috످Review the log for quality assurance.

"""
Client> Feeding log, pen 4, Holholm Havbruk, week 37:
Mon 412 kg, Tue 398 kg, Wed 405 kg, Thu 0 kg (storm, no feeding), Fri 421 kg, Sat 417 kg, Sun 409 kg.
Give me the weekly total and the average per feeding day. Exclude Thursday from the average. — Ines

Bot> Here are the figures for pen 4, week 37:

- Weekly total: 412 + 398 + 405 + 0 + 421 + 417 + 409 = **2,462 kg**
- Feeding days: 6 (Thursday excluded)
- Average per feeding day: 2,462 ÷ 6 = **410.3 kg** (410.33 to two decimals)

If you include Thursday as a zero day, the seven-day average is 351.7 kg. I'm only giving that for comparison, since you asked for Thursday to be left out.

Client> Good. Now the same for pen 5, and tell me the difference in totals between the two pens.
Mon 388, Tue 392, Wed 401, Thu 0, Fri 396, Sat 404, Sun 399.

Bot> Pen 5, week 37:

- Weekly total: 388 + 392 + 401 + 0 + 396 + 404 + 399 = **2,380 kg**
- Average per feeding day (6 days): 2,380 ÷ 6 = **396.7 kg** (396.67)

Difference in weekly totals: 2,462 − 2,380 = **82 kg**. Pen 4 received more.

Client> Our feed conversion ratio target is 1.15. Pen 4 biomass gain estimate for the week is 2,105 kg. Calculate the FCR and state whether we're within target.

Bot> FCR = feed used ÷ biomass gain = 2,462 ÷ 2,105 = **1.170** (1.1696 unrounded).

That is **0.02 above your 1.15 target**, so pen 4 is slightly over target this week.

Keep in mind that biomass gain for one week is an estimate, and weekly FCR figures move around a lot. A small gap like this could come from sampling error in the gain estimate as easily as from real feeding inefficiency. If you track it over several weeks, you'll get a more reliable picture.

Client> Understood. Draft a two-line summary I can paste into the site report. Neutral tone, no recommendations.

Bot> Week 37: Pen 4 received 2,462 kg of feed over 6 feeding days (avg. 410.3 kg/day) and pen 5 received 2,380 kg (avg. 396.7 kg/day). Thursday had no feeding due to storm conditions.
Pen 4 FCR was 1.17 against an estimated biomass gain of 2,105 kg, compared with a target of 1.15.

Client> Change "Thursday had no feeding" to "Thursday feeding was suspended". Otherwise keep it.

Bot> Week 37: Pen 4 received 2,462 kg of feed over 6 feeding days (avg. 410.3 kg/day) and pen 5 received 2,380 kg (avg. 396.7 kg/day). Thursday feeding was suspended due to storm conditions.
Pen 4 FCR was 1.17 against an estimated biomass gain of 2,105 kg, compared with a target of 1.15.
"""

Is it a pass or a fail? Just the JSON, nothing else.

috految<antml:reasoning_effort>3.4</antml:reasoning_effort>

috److{"verdict":"pass","reason":"The totals, averages, 82 kg difference and FCR of 1.17 are correct, and the summary and final edit follow the client's instructions."}

috످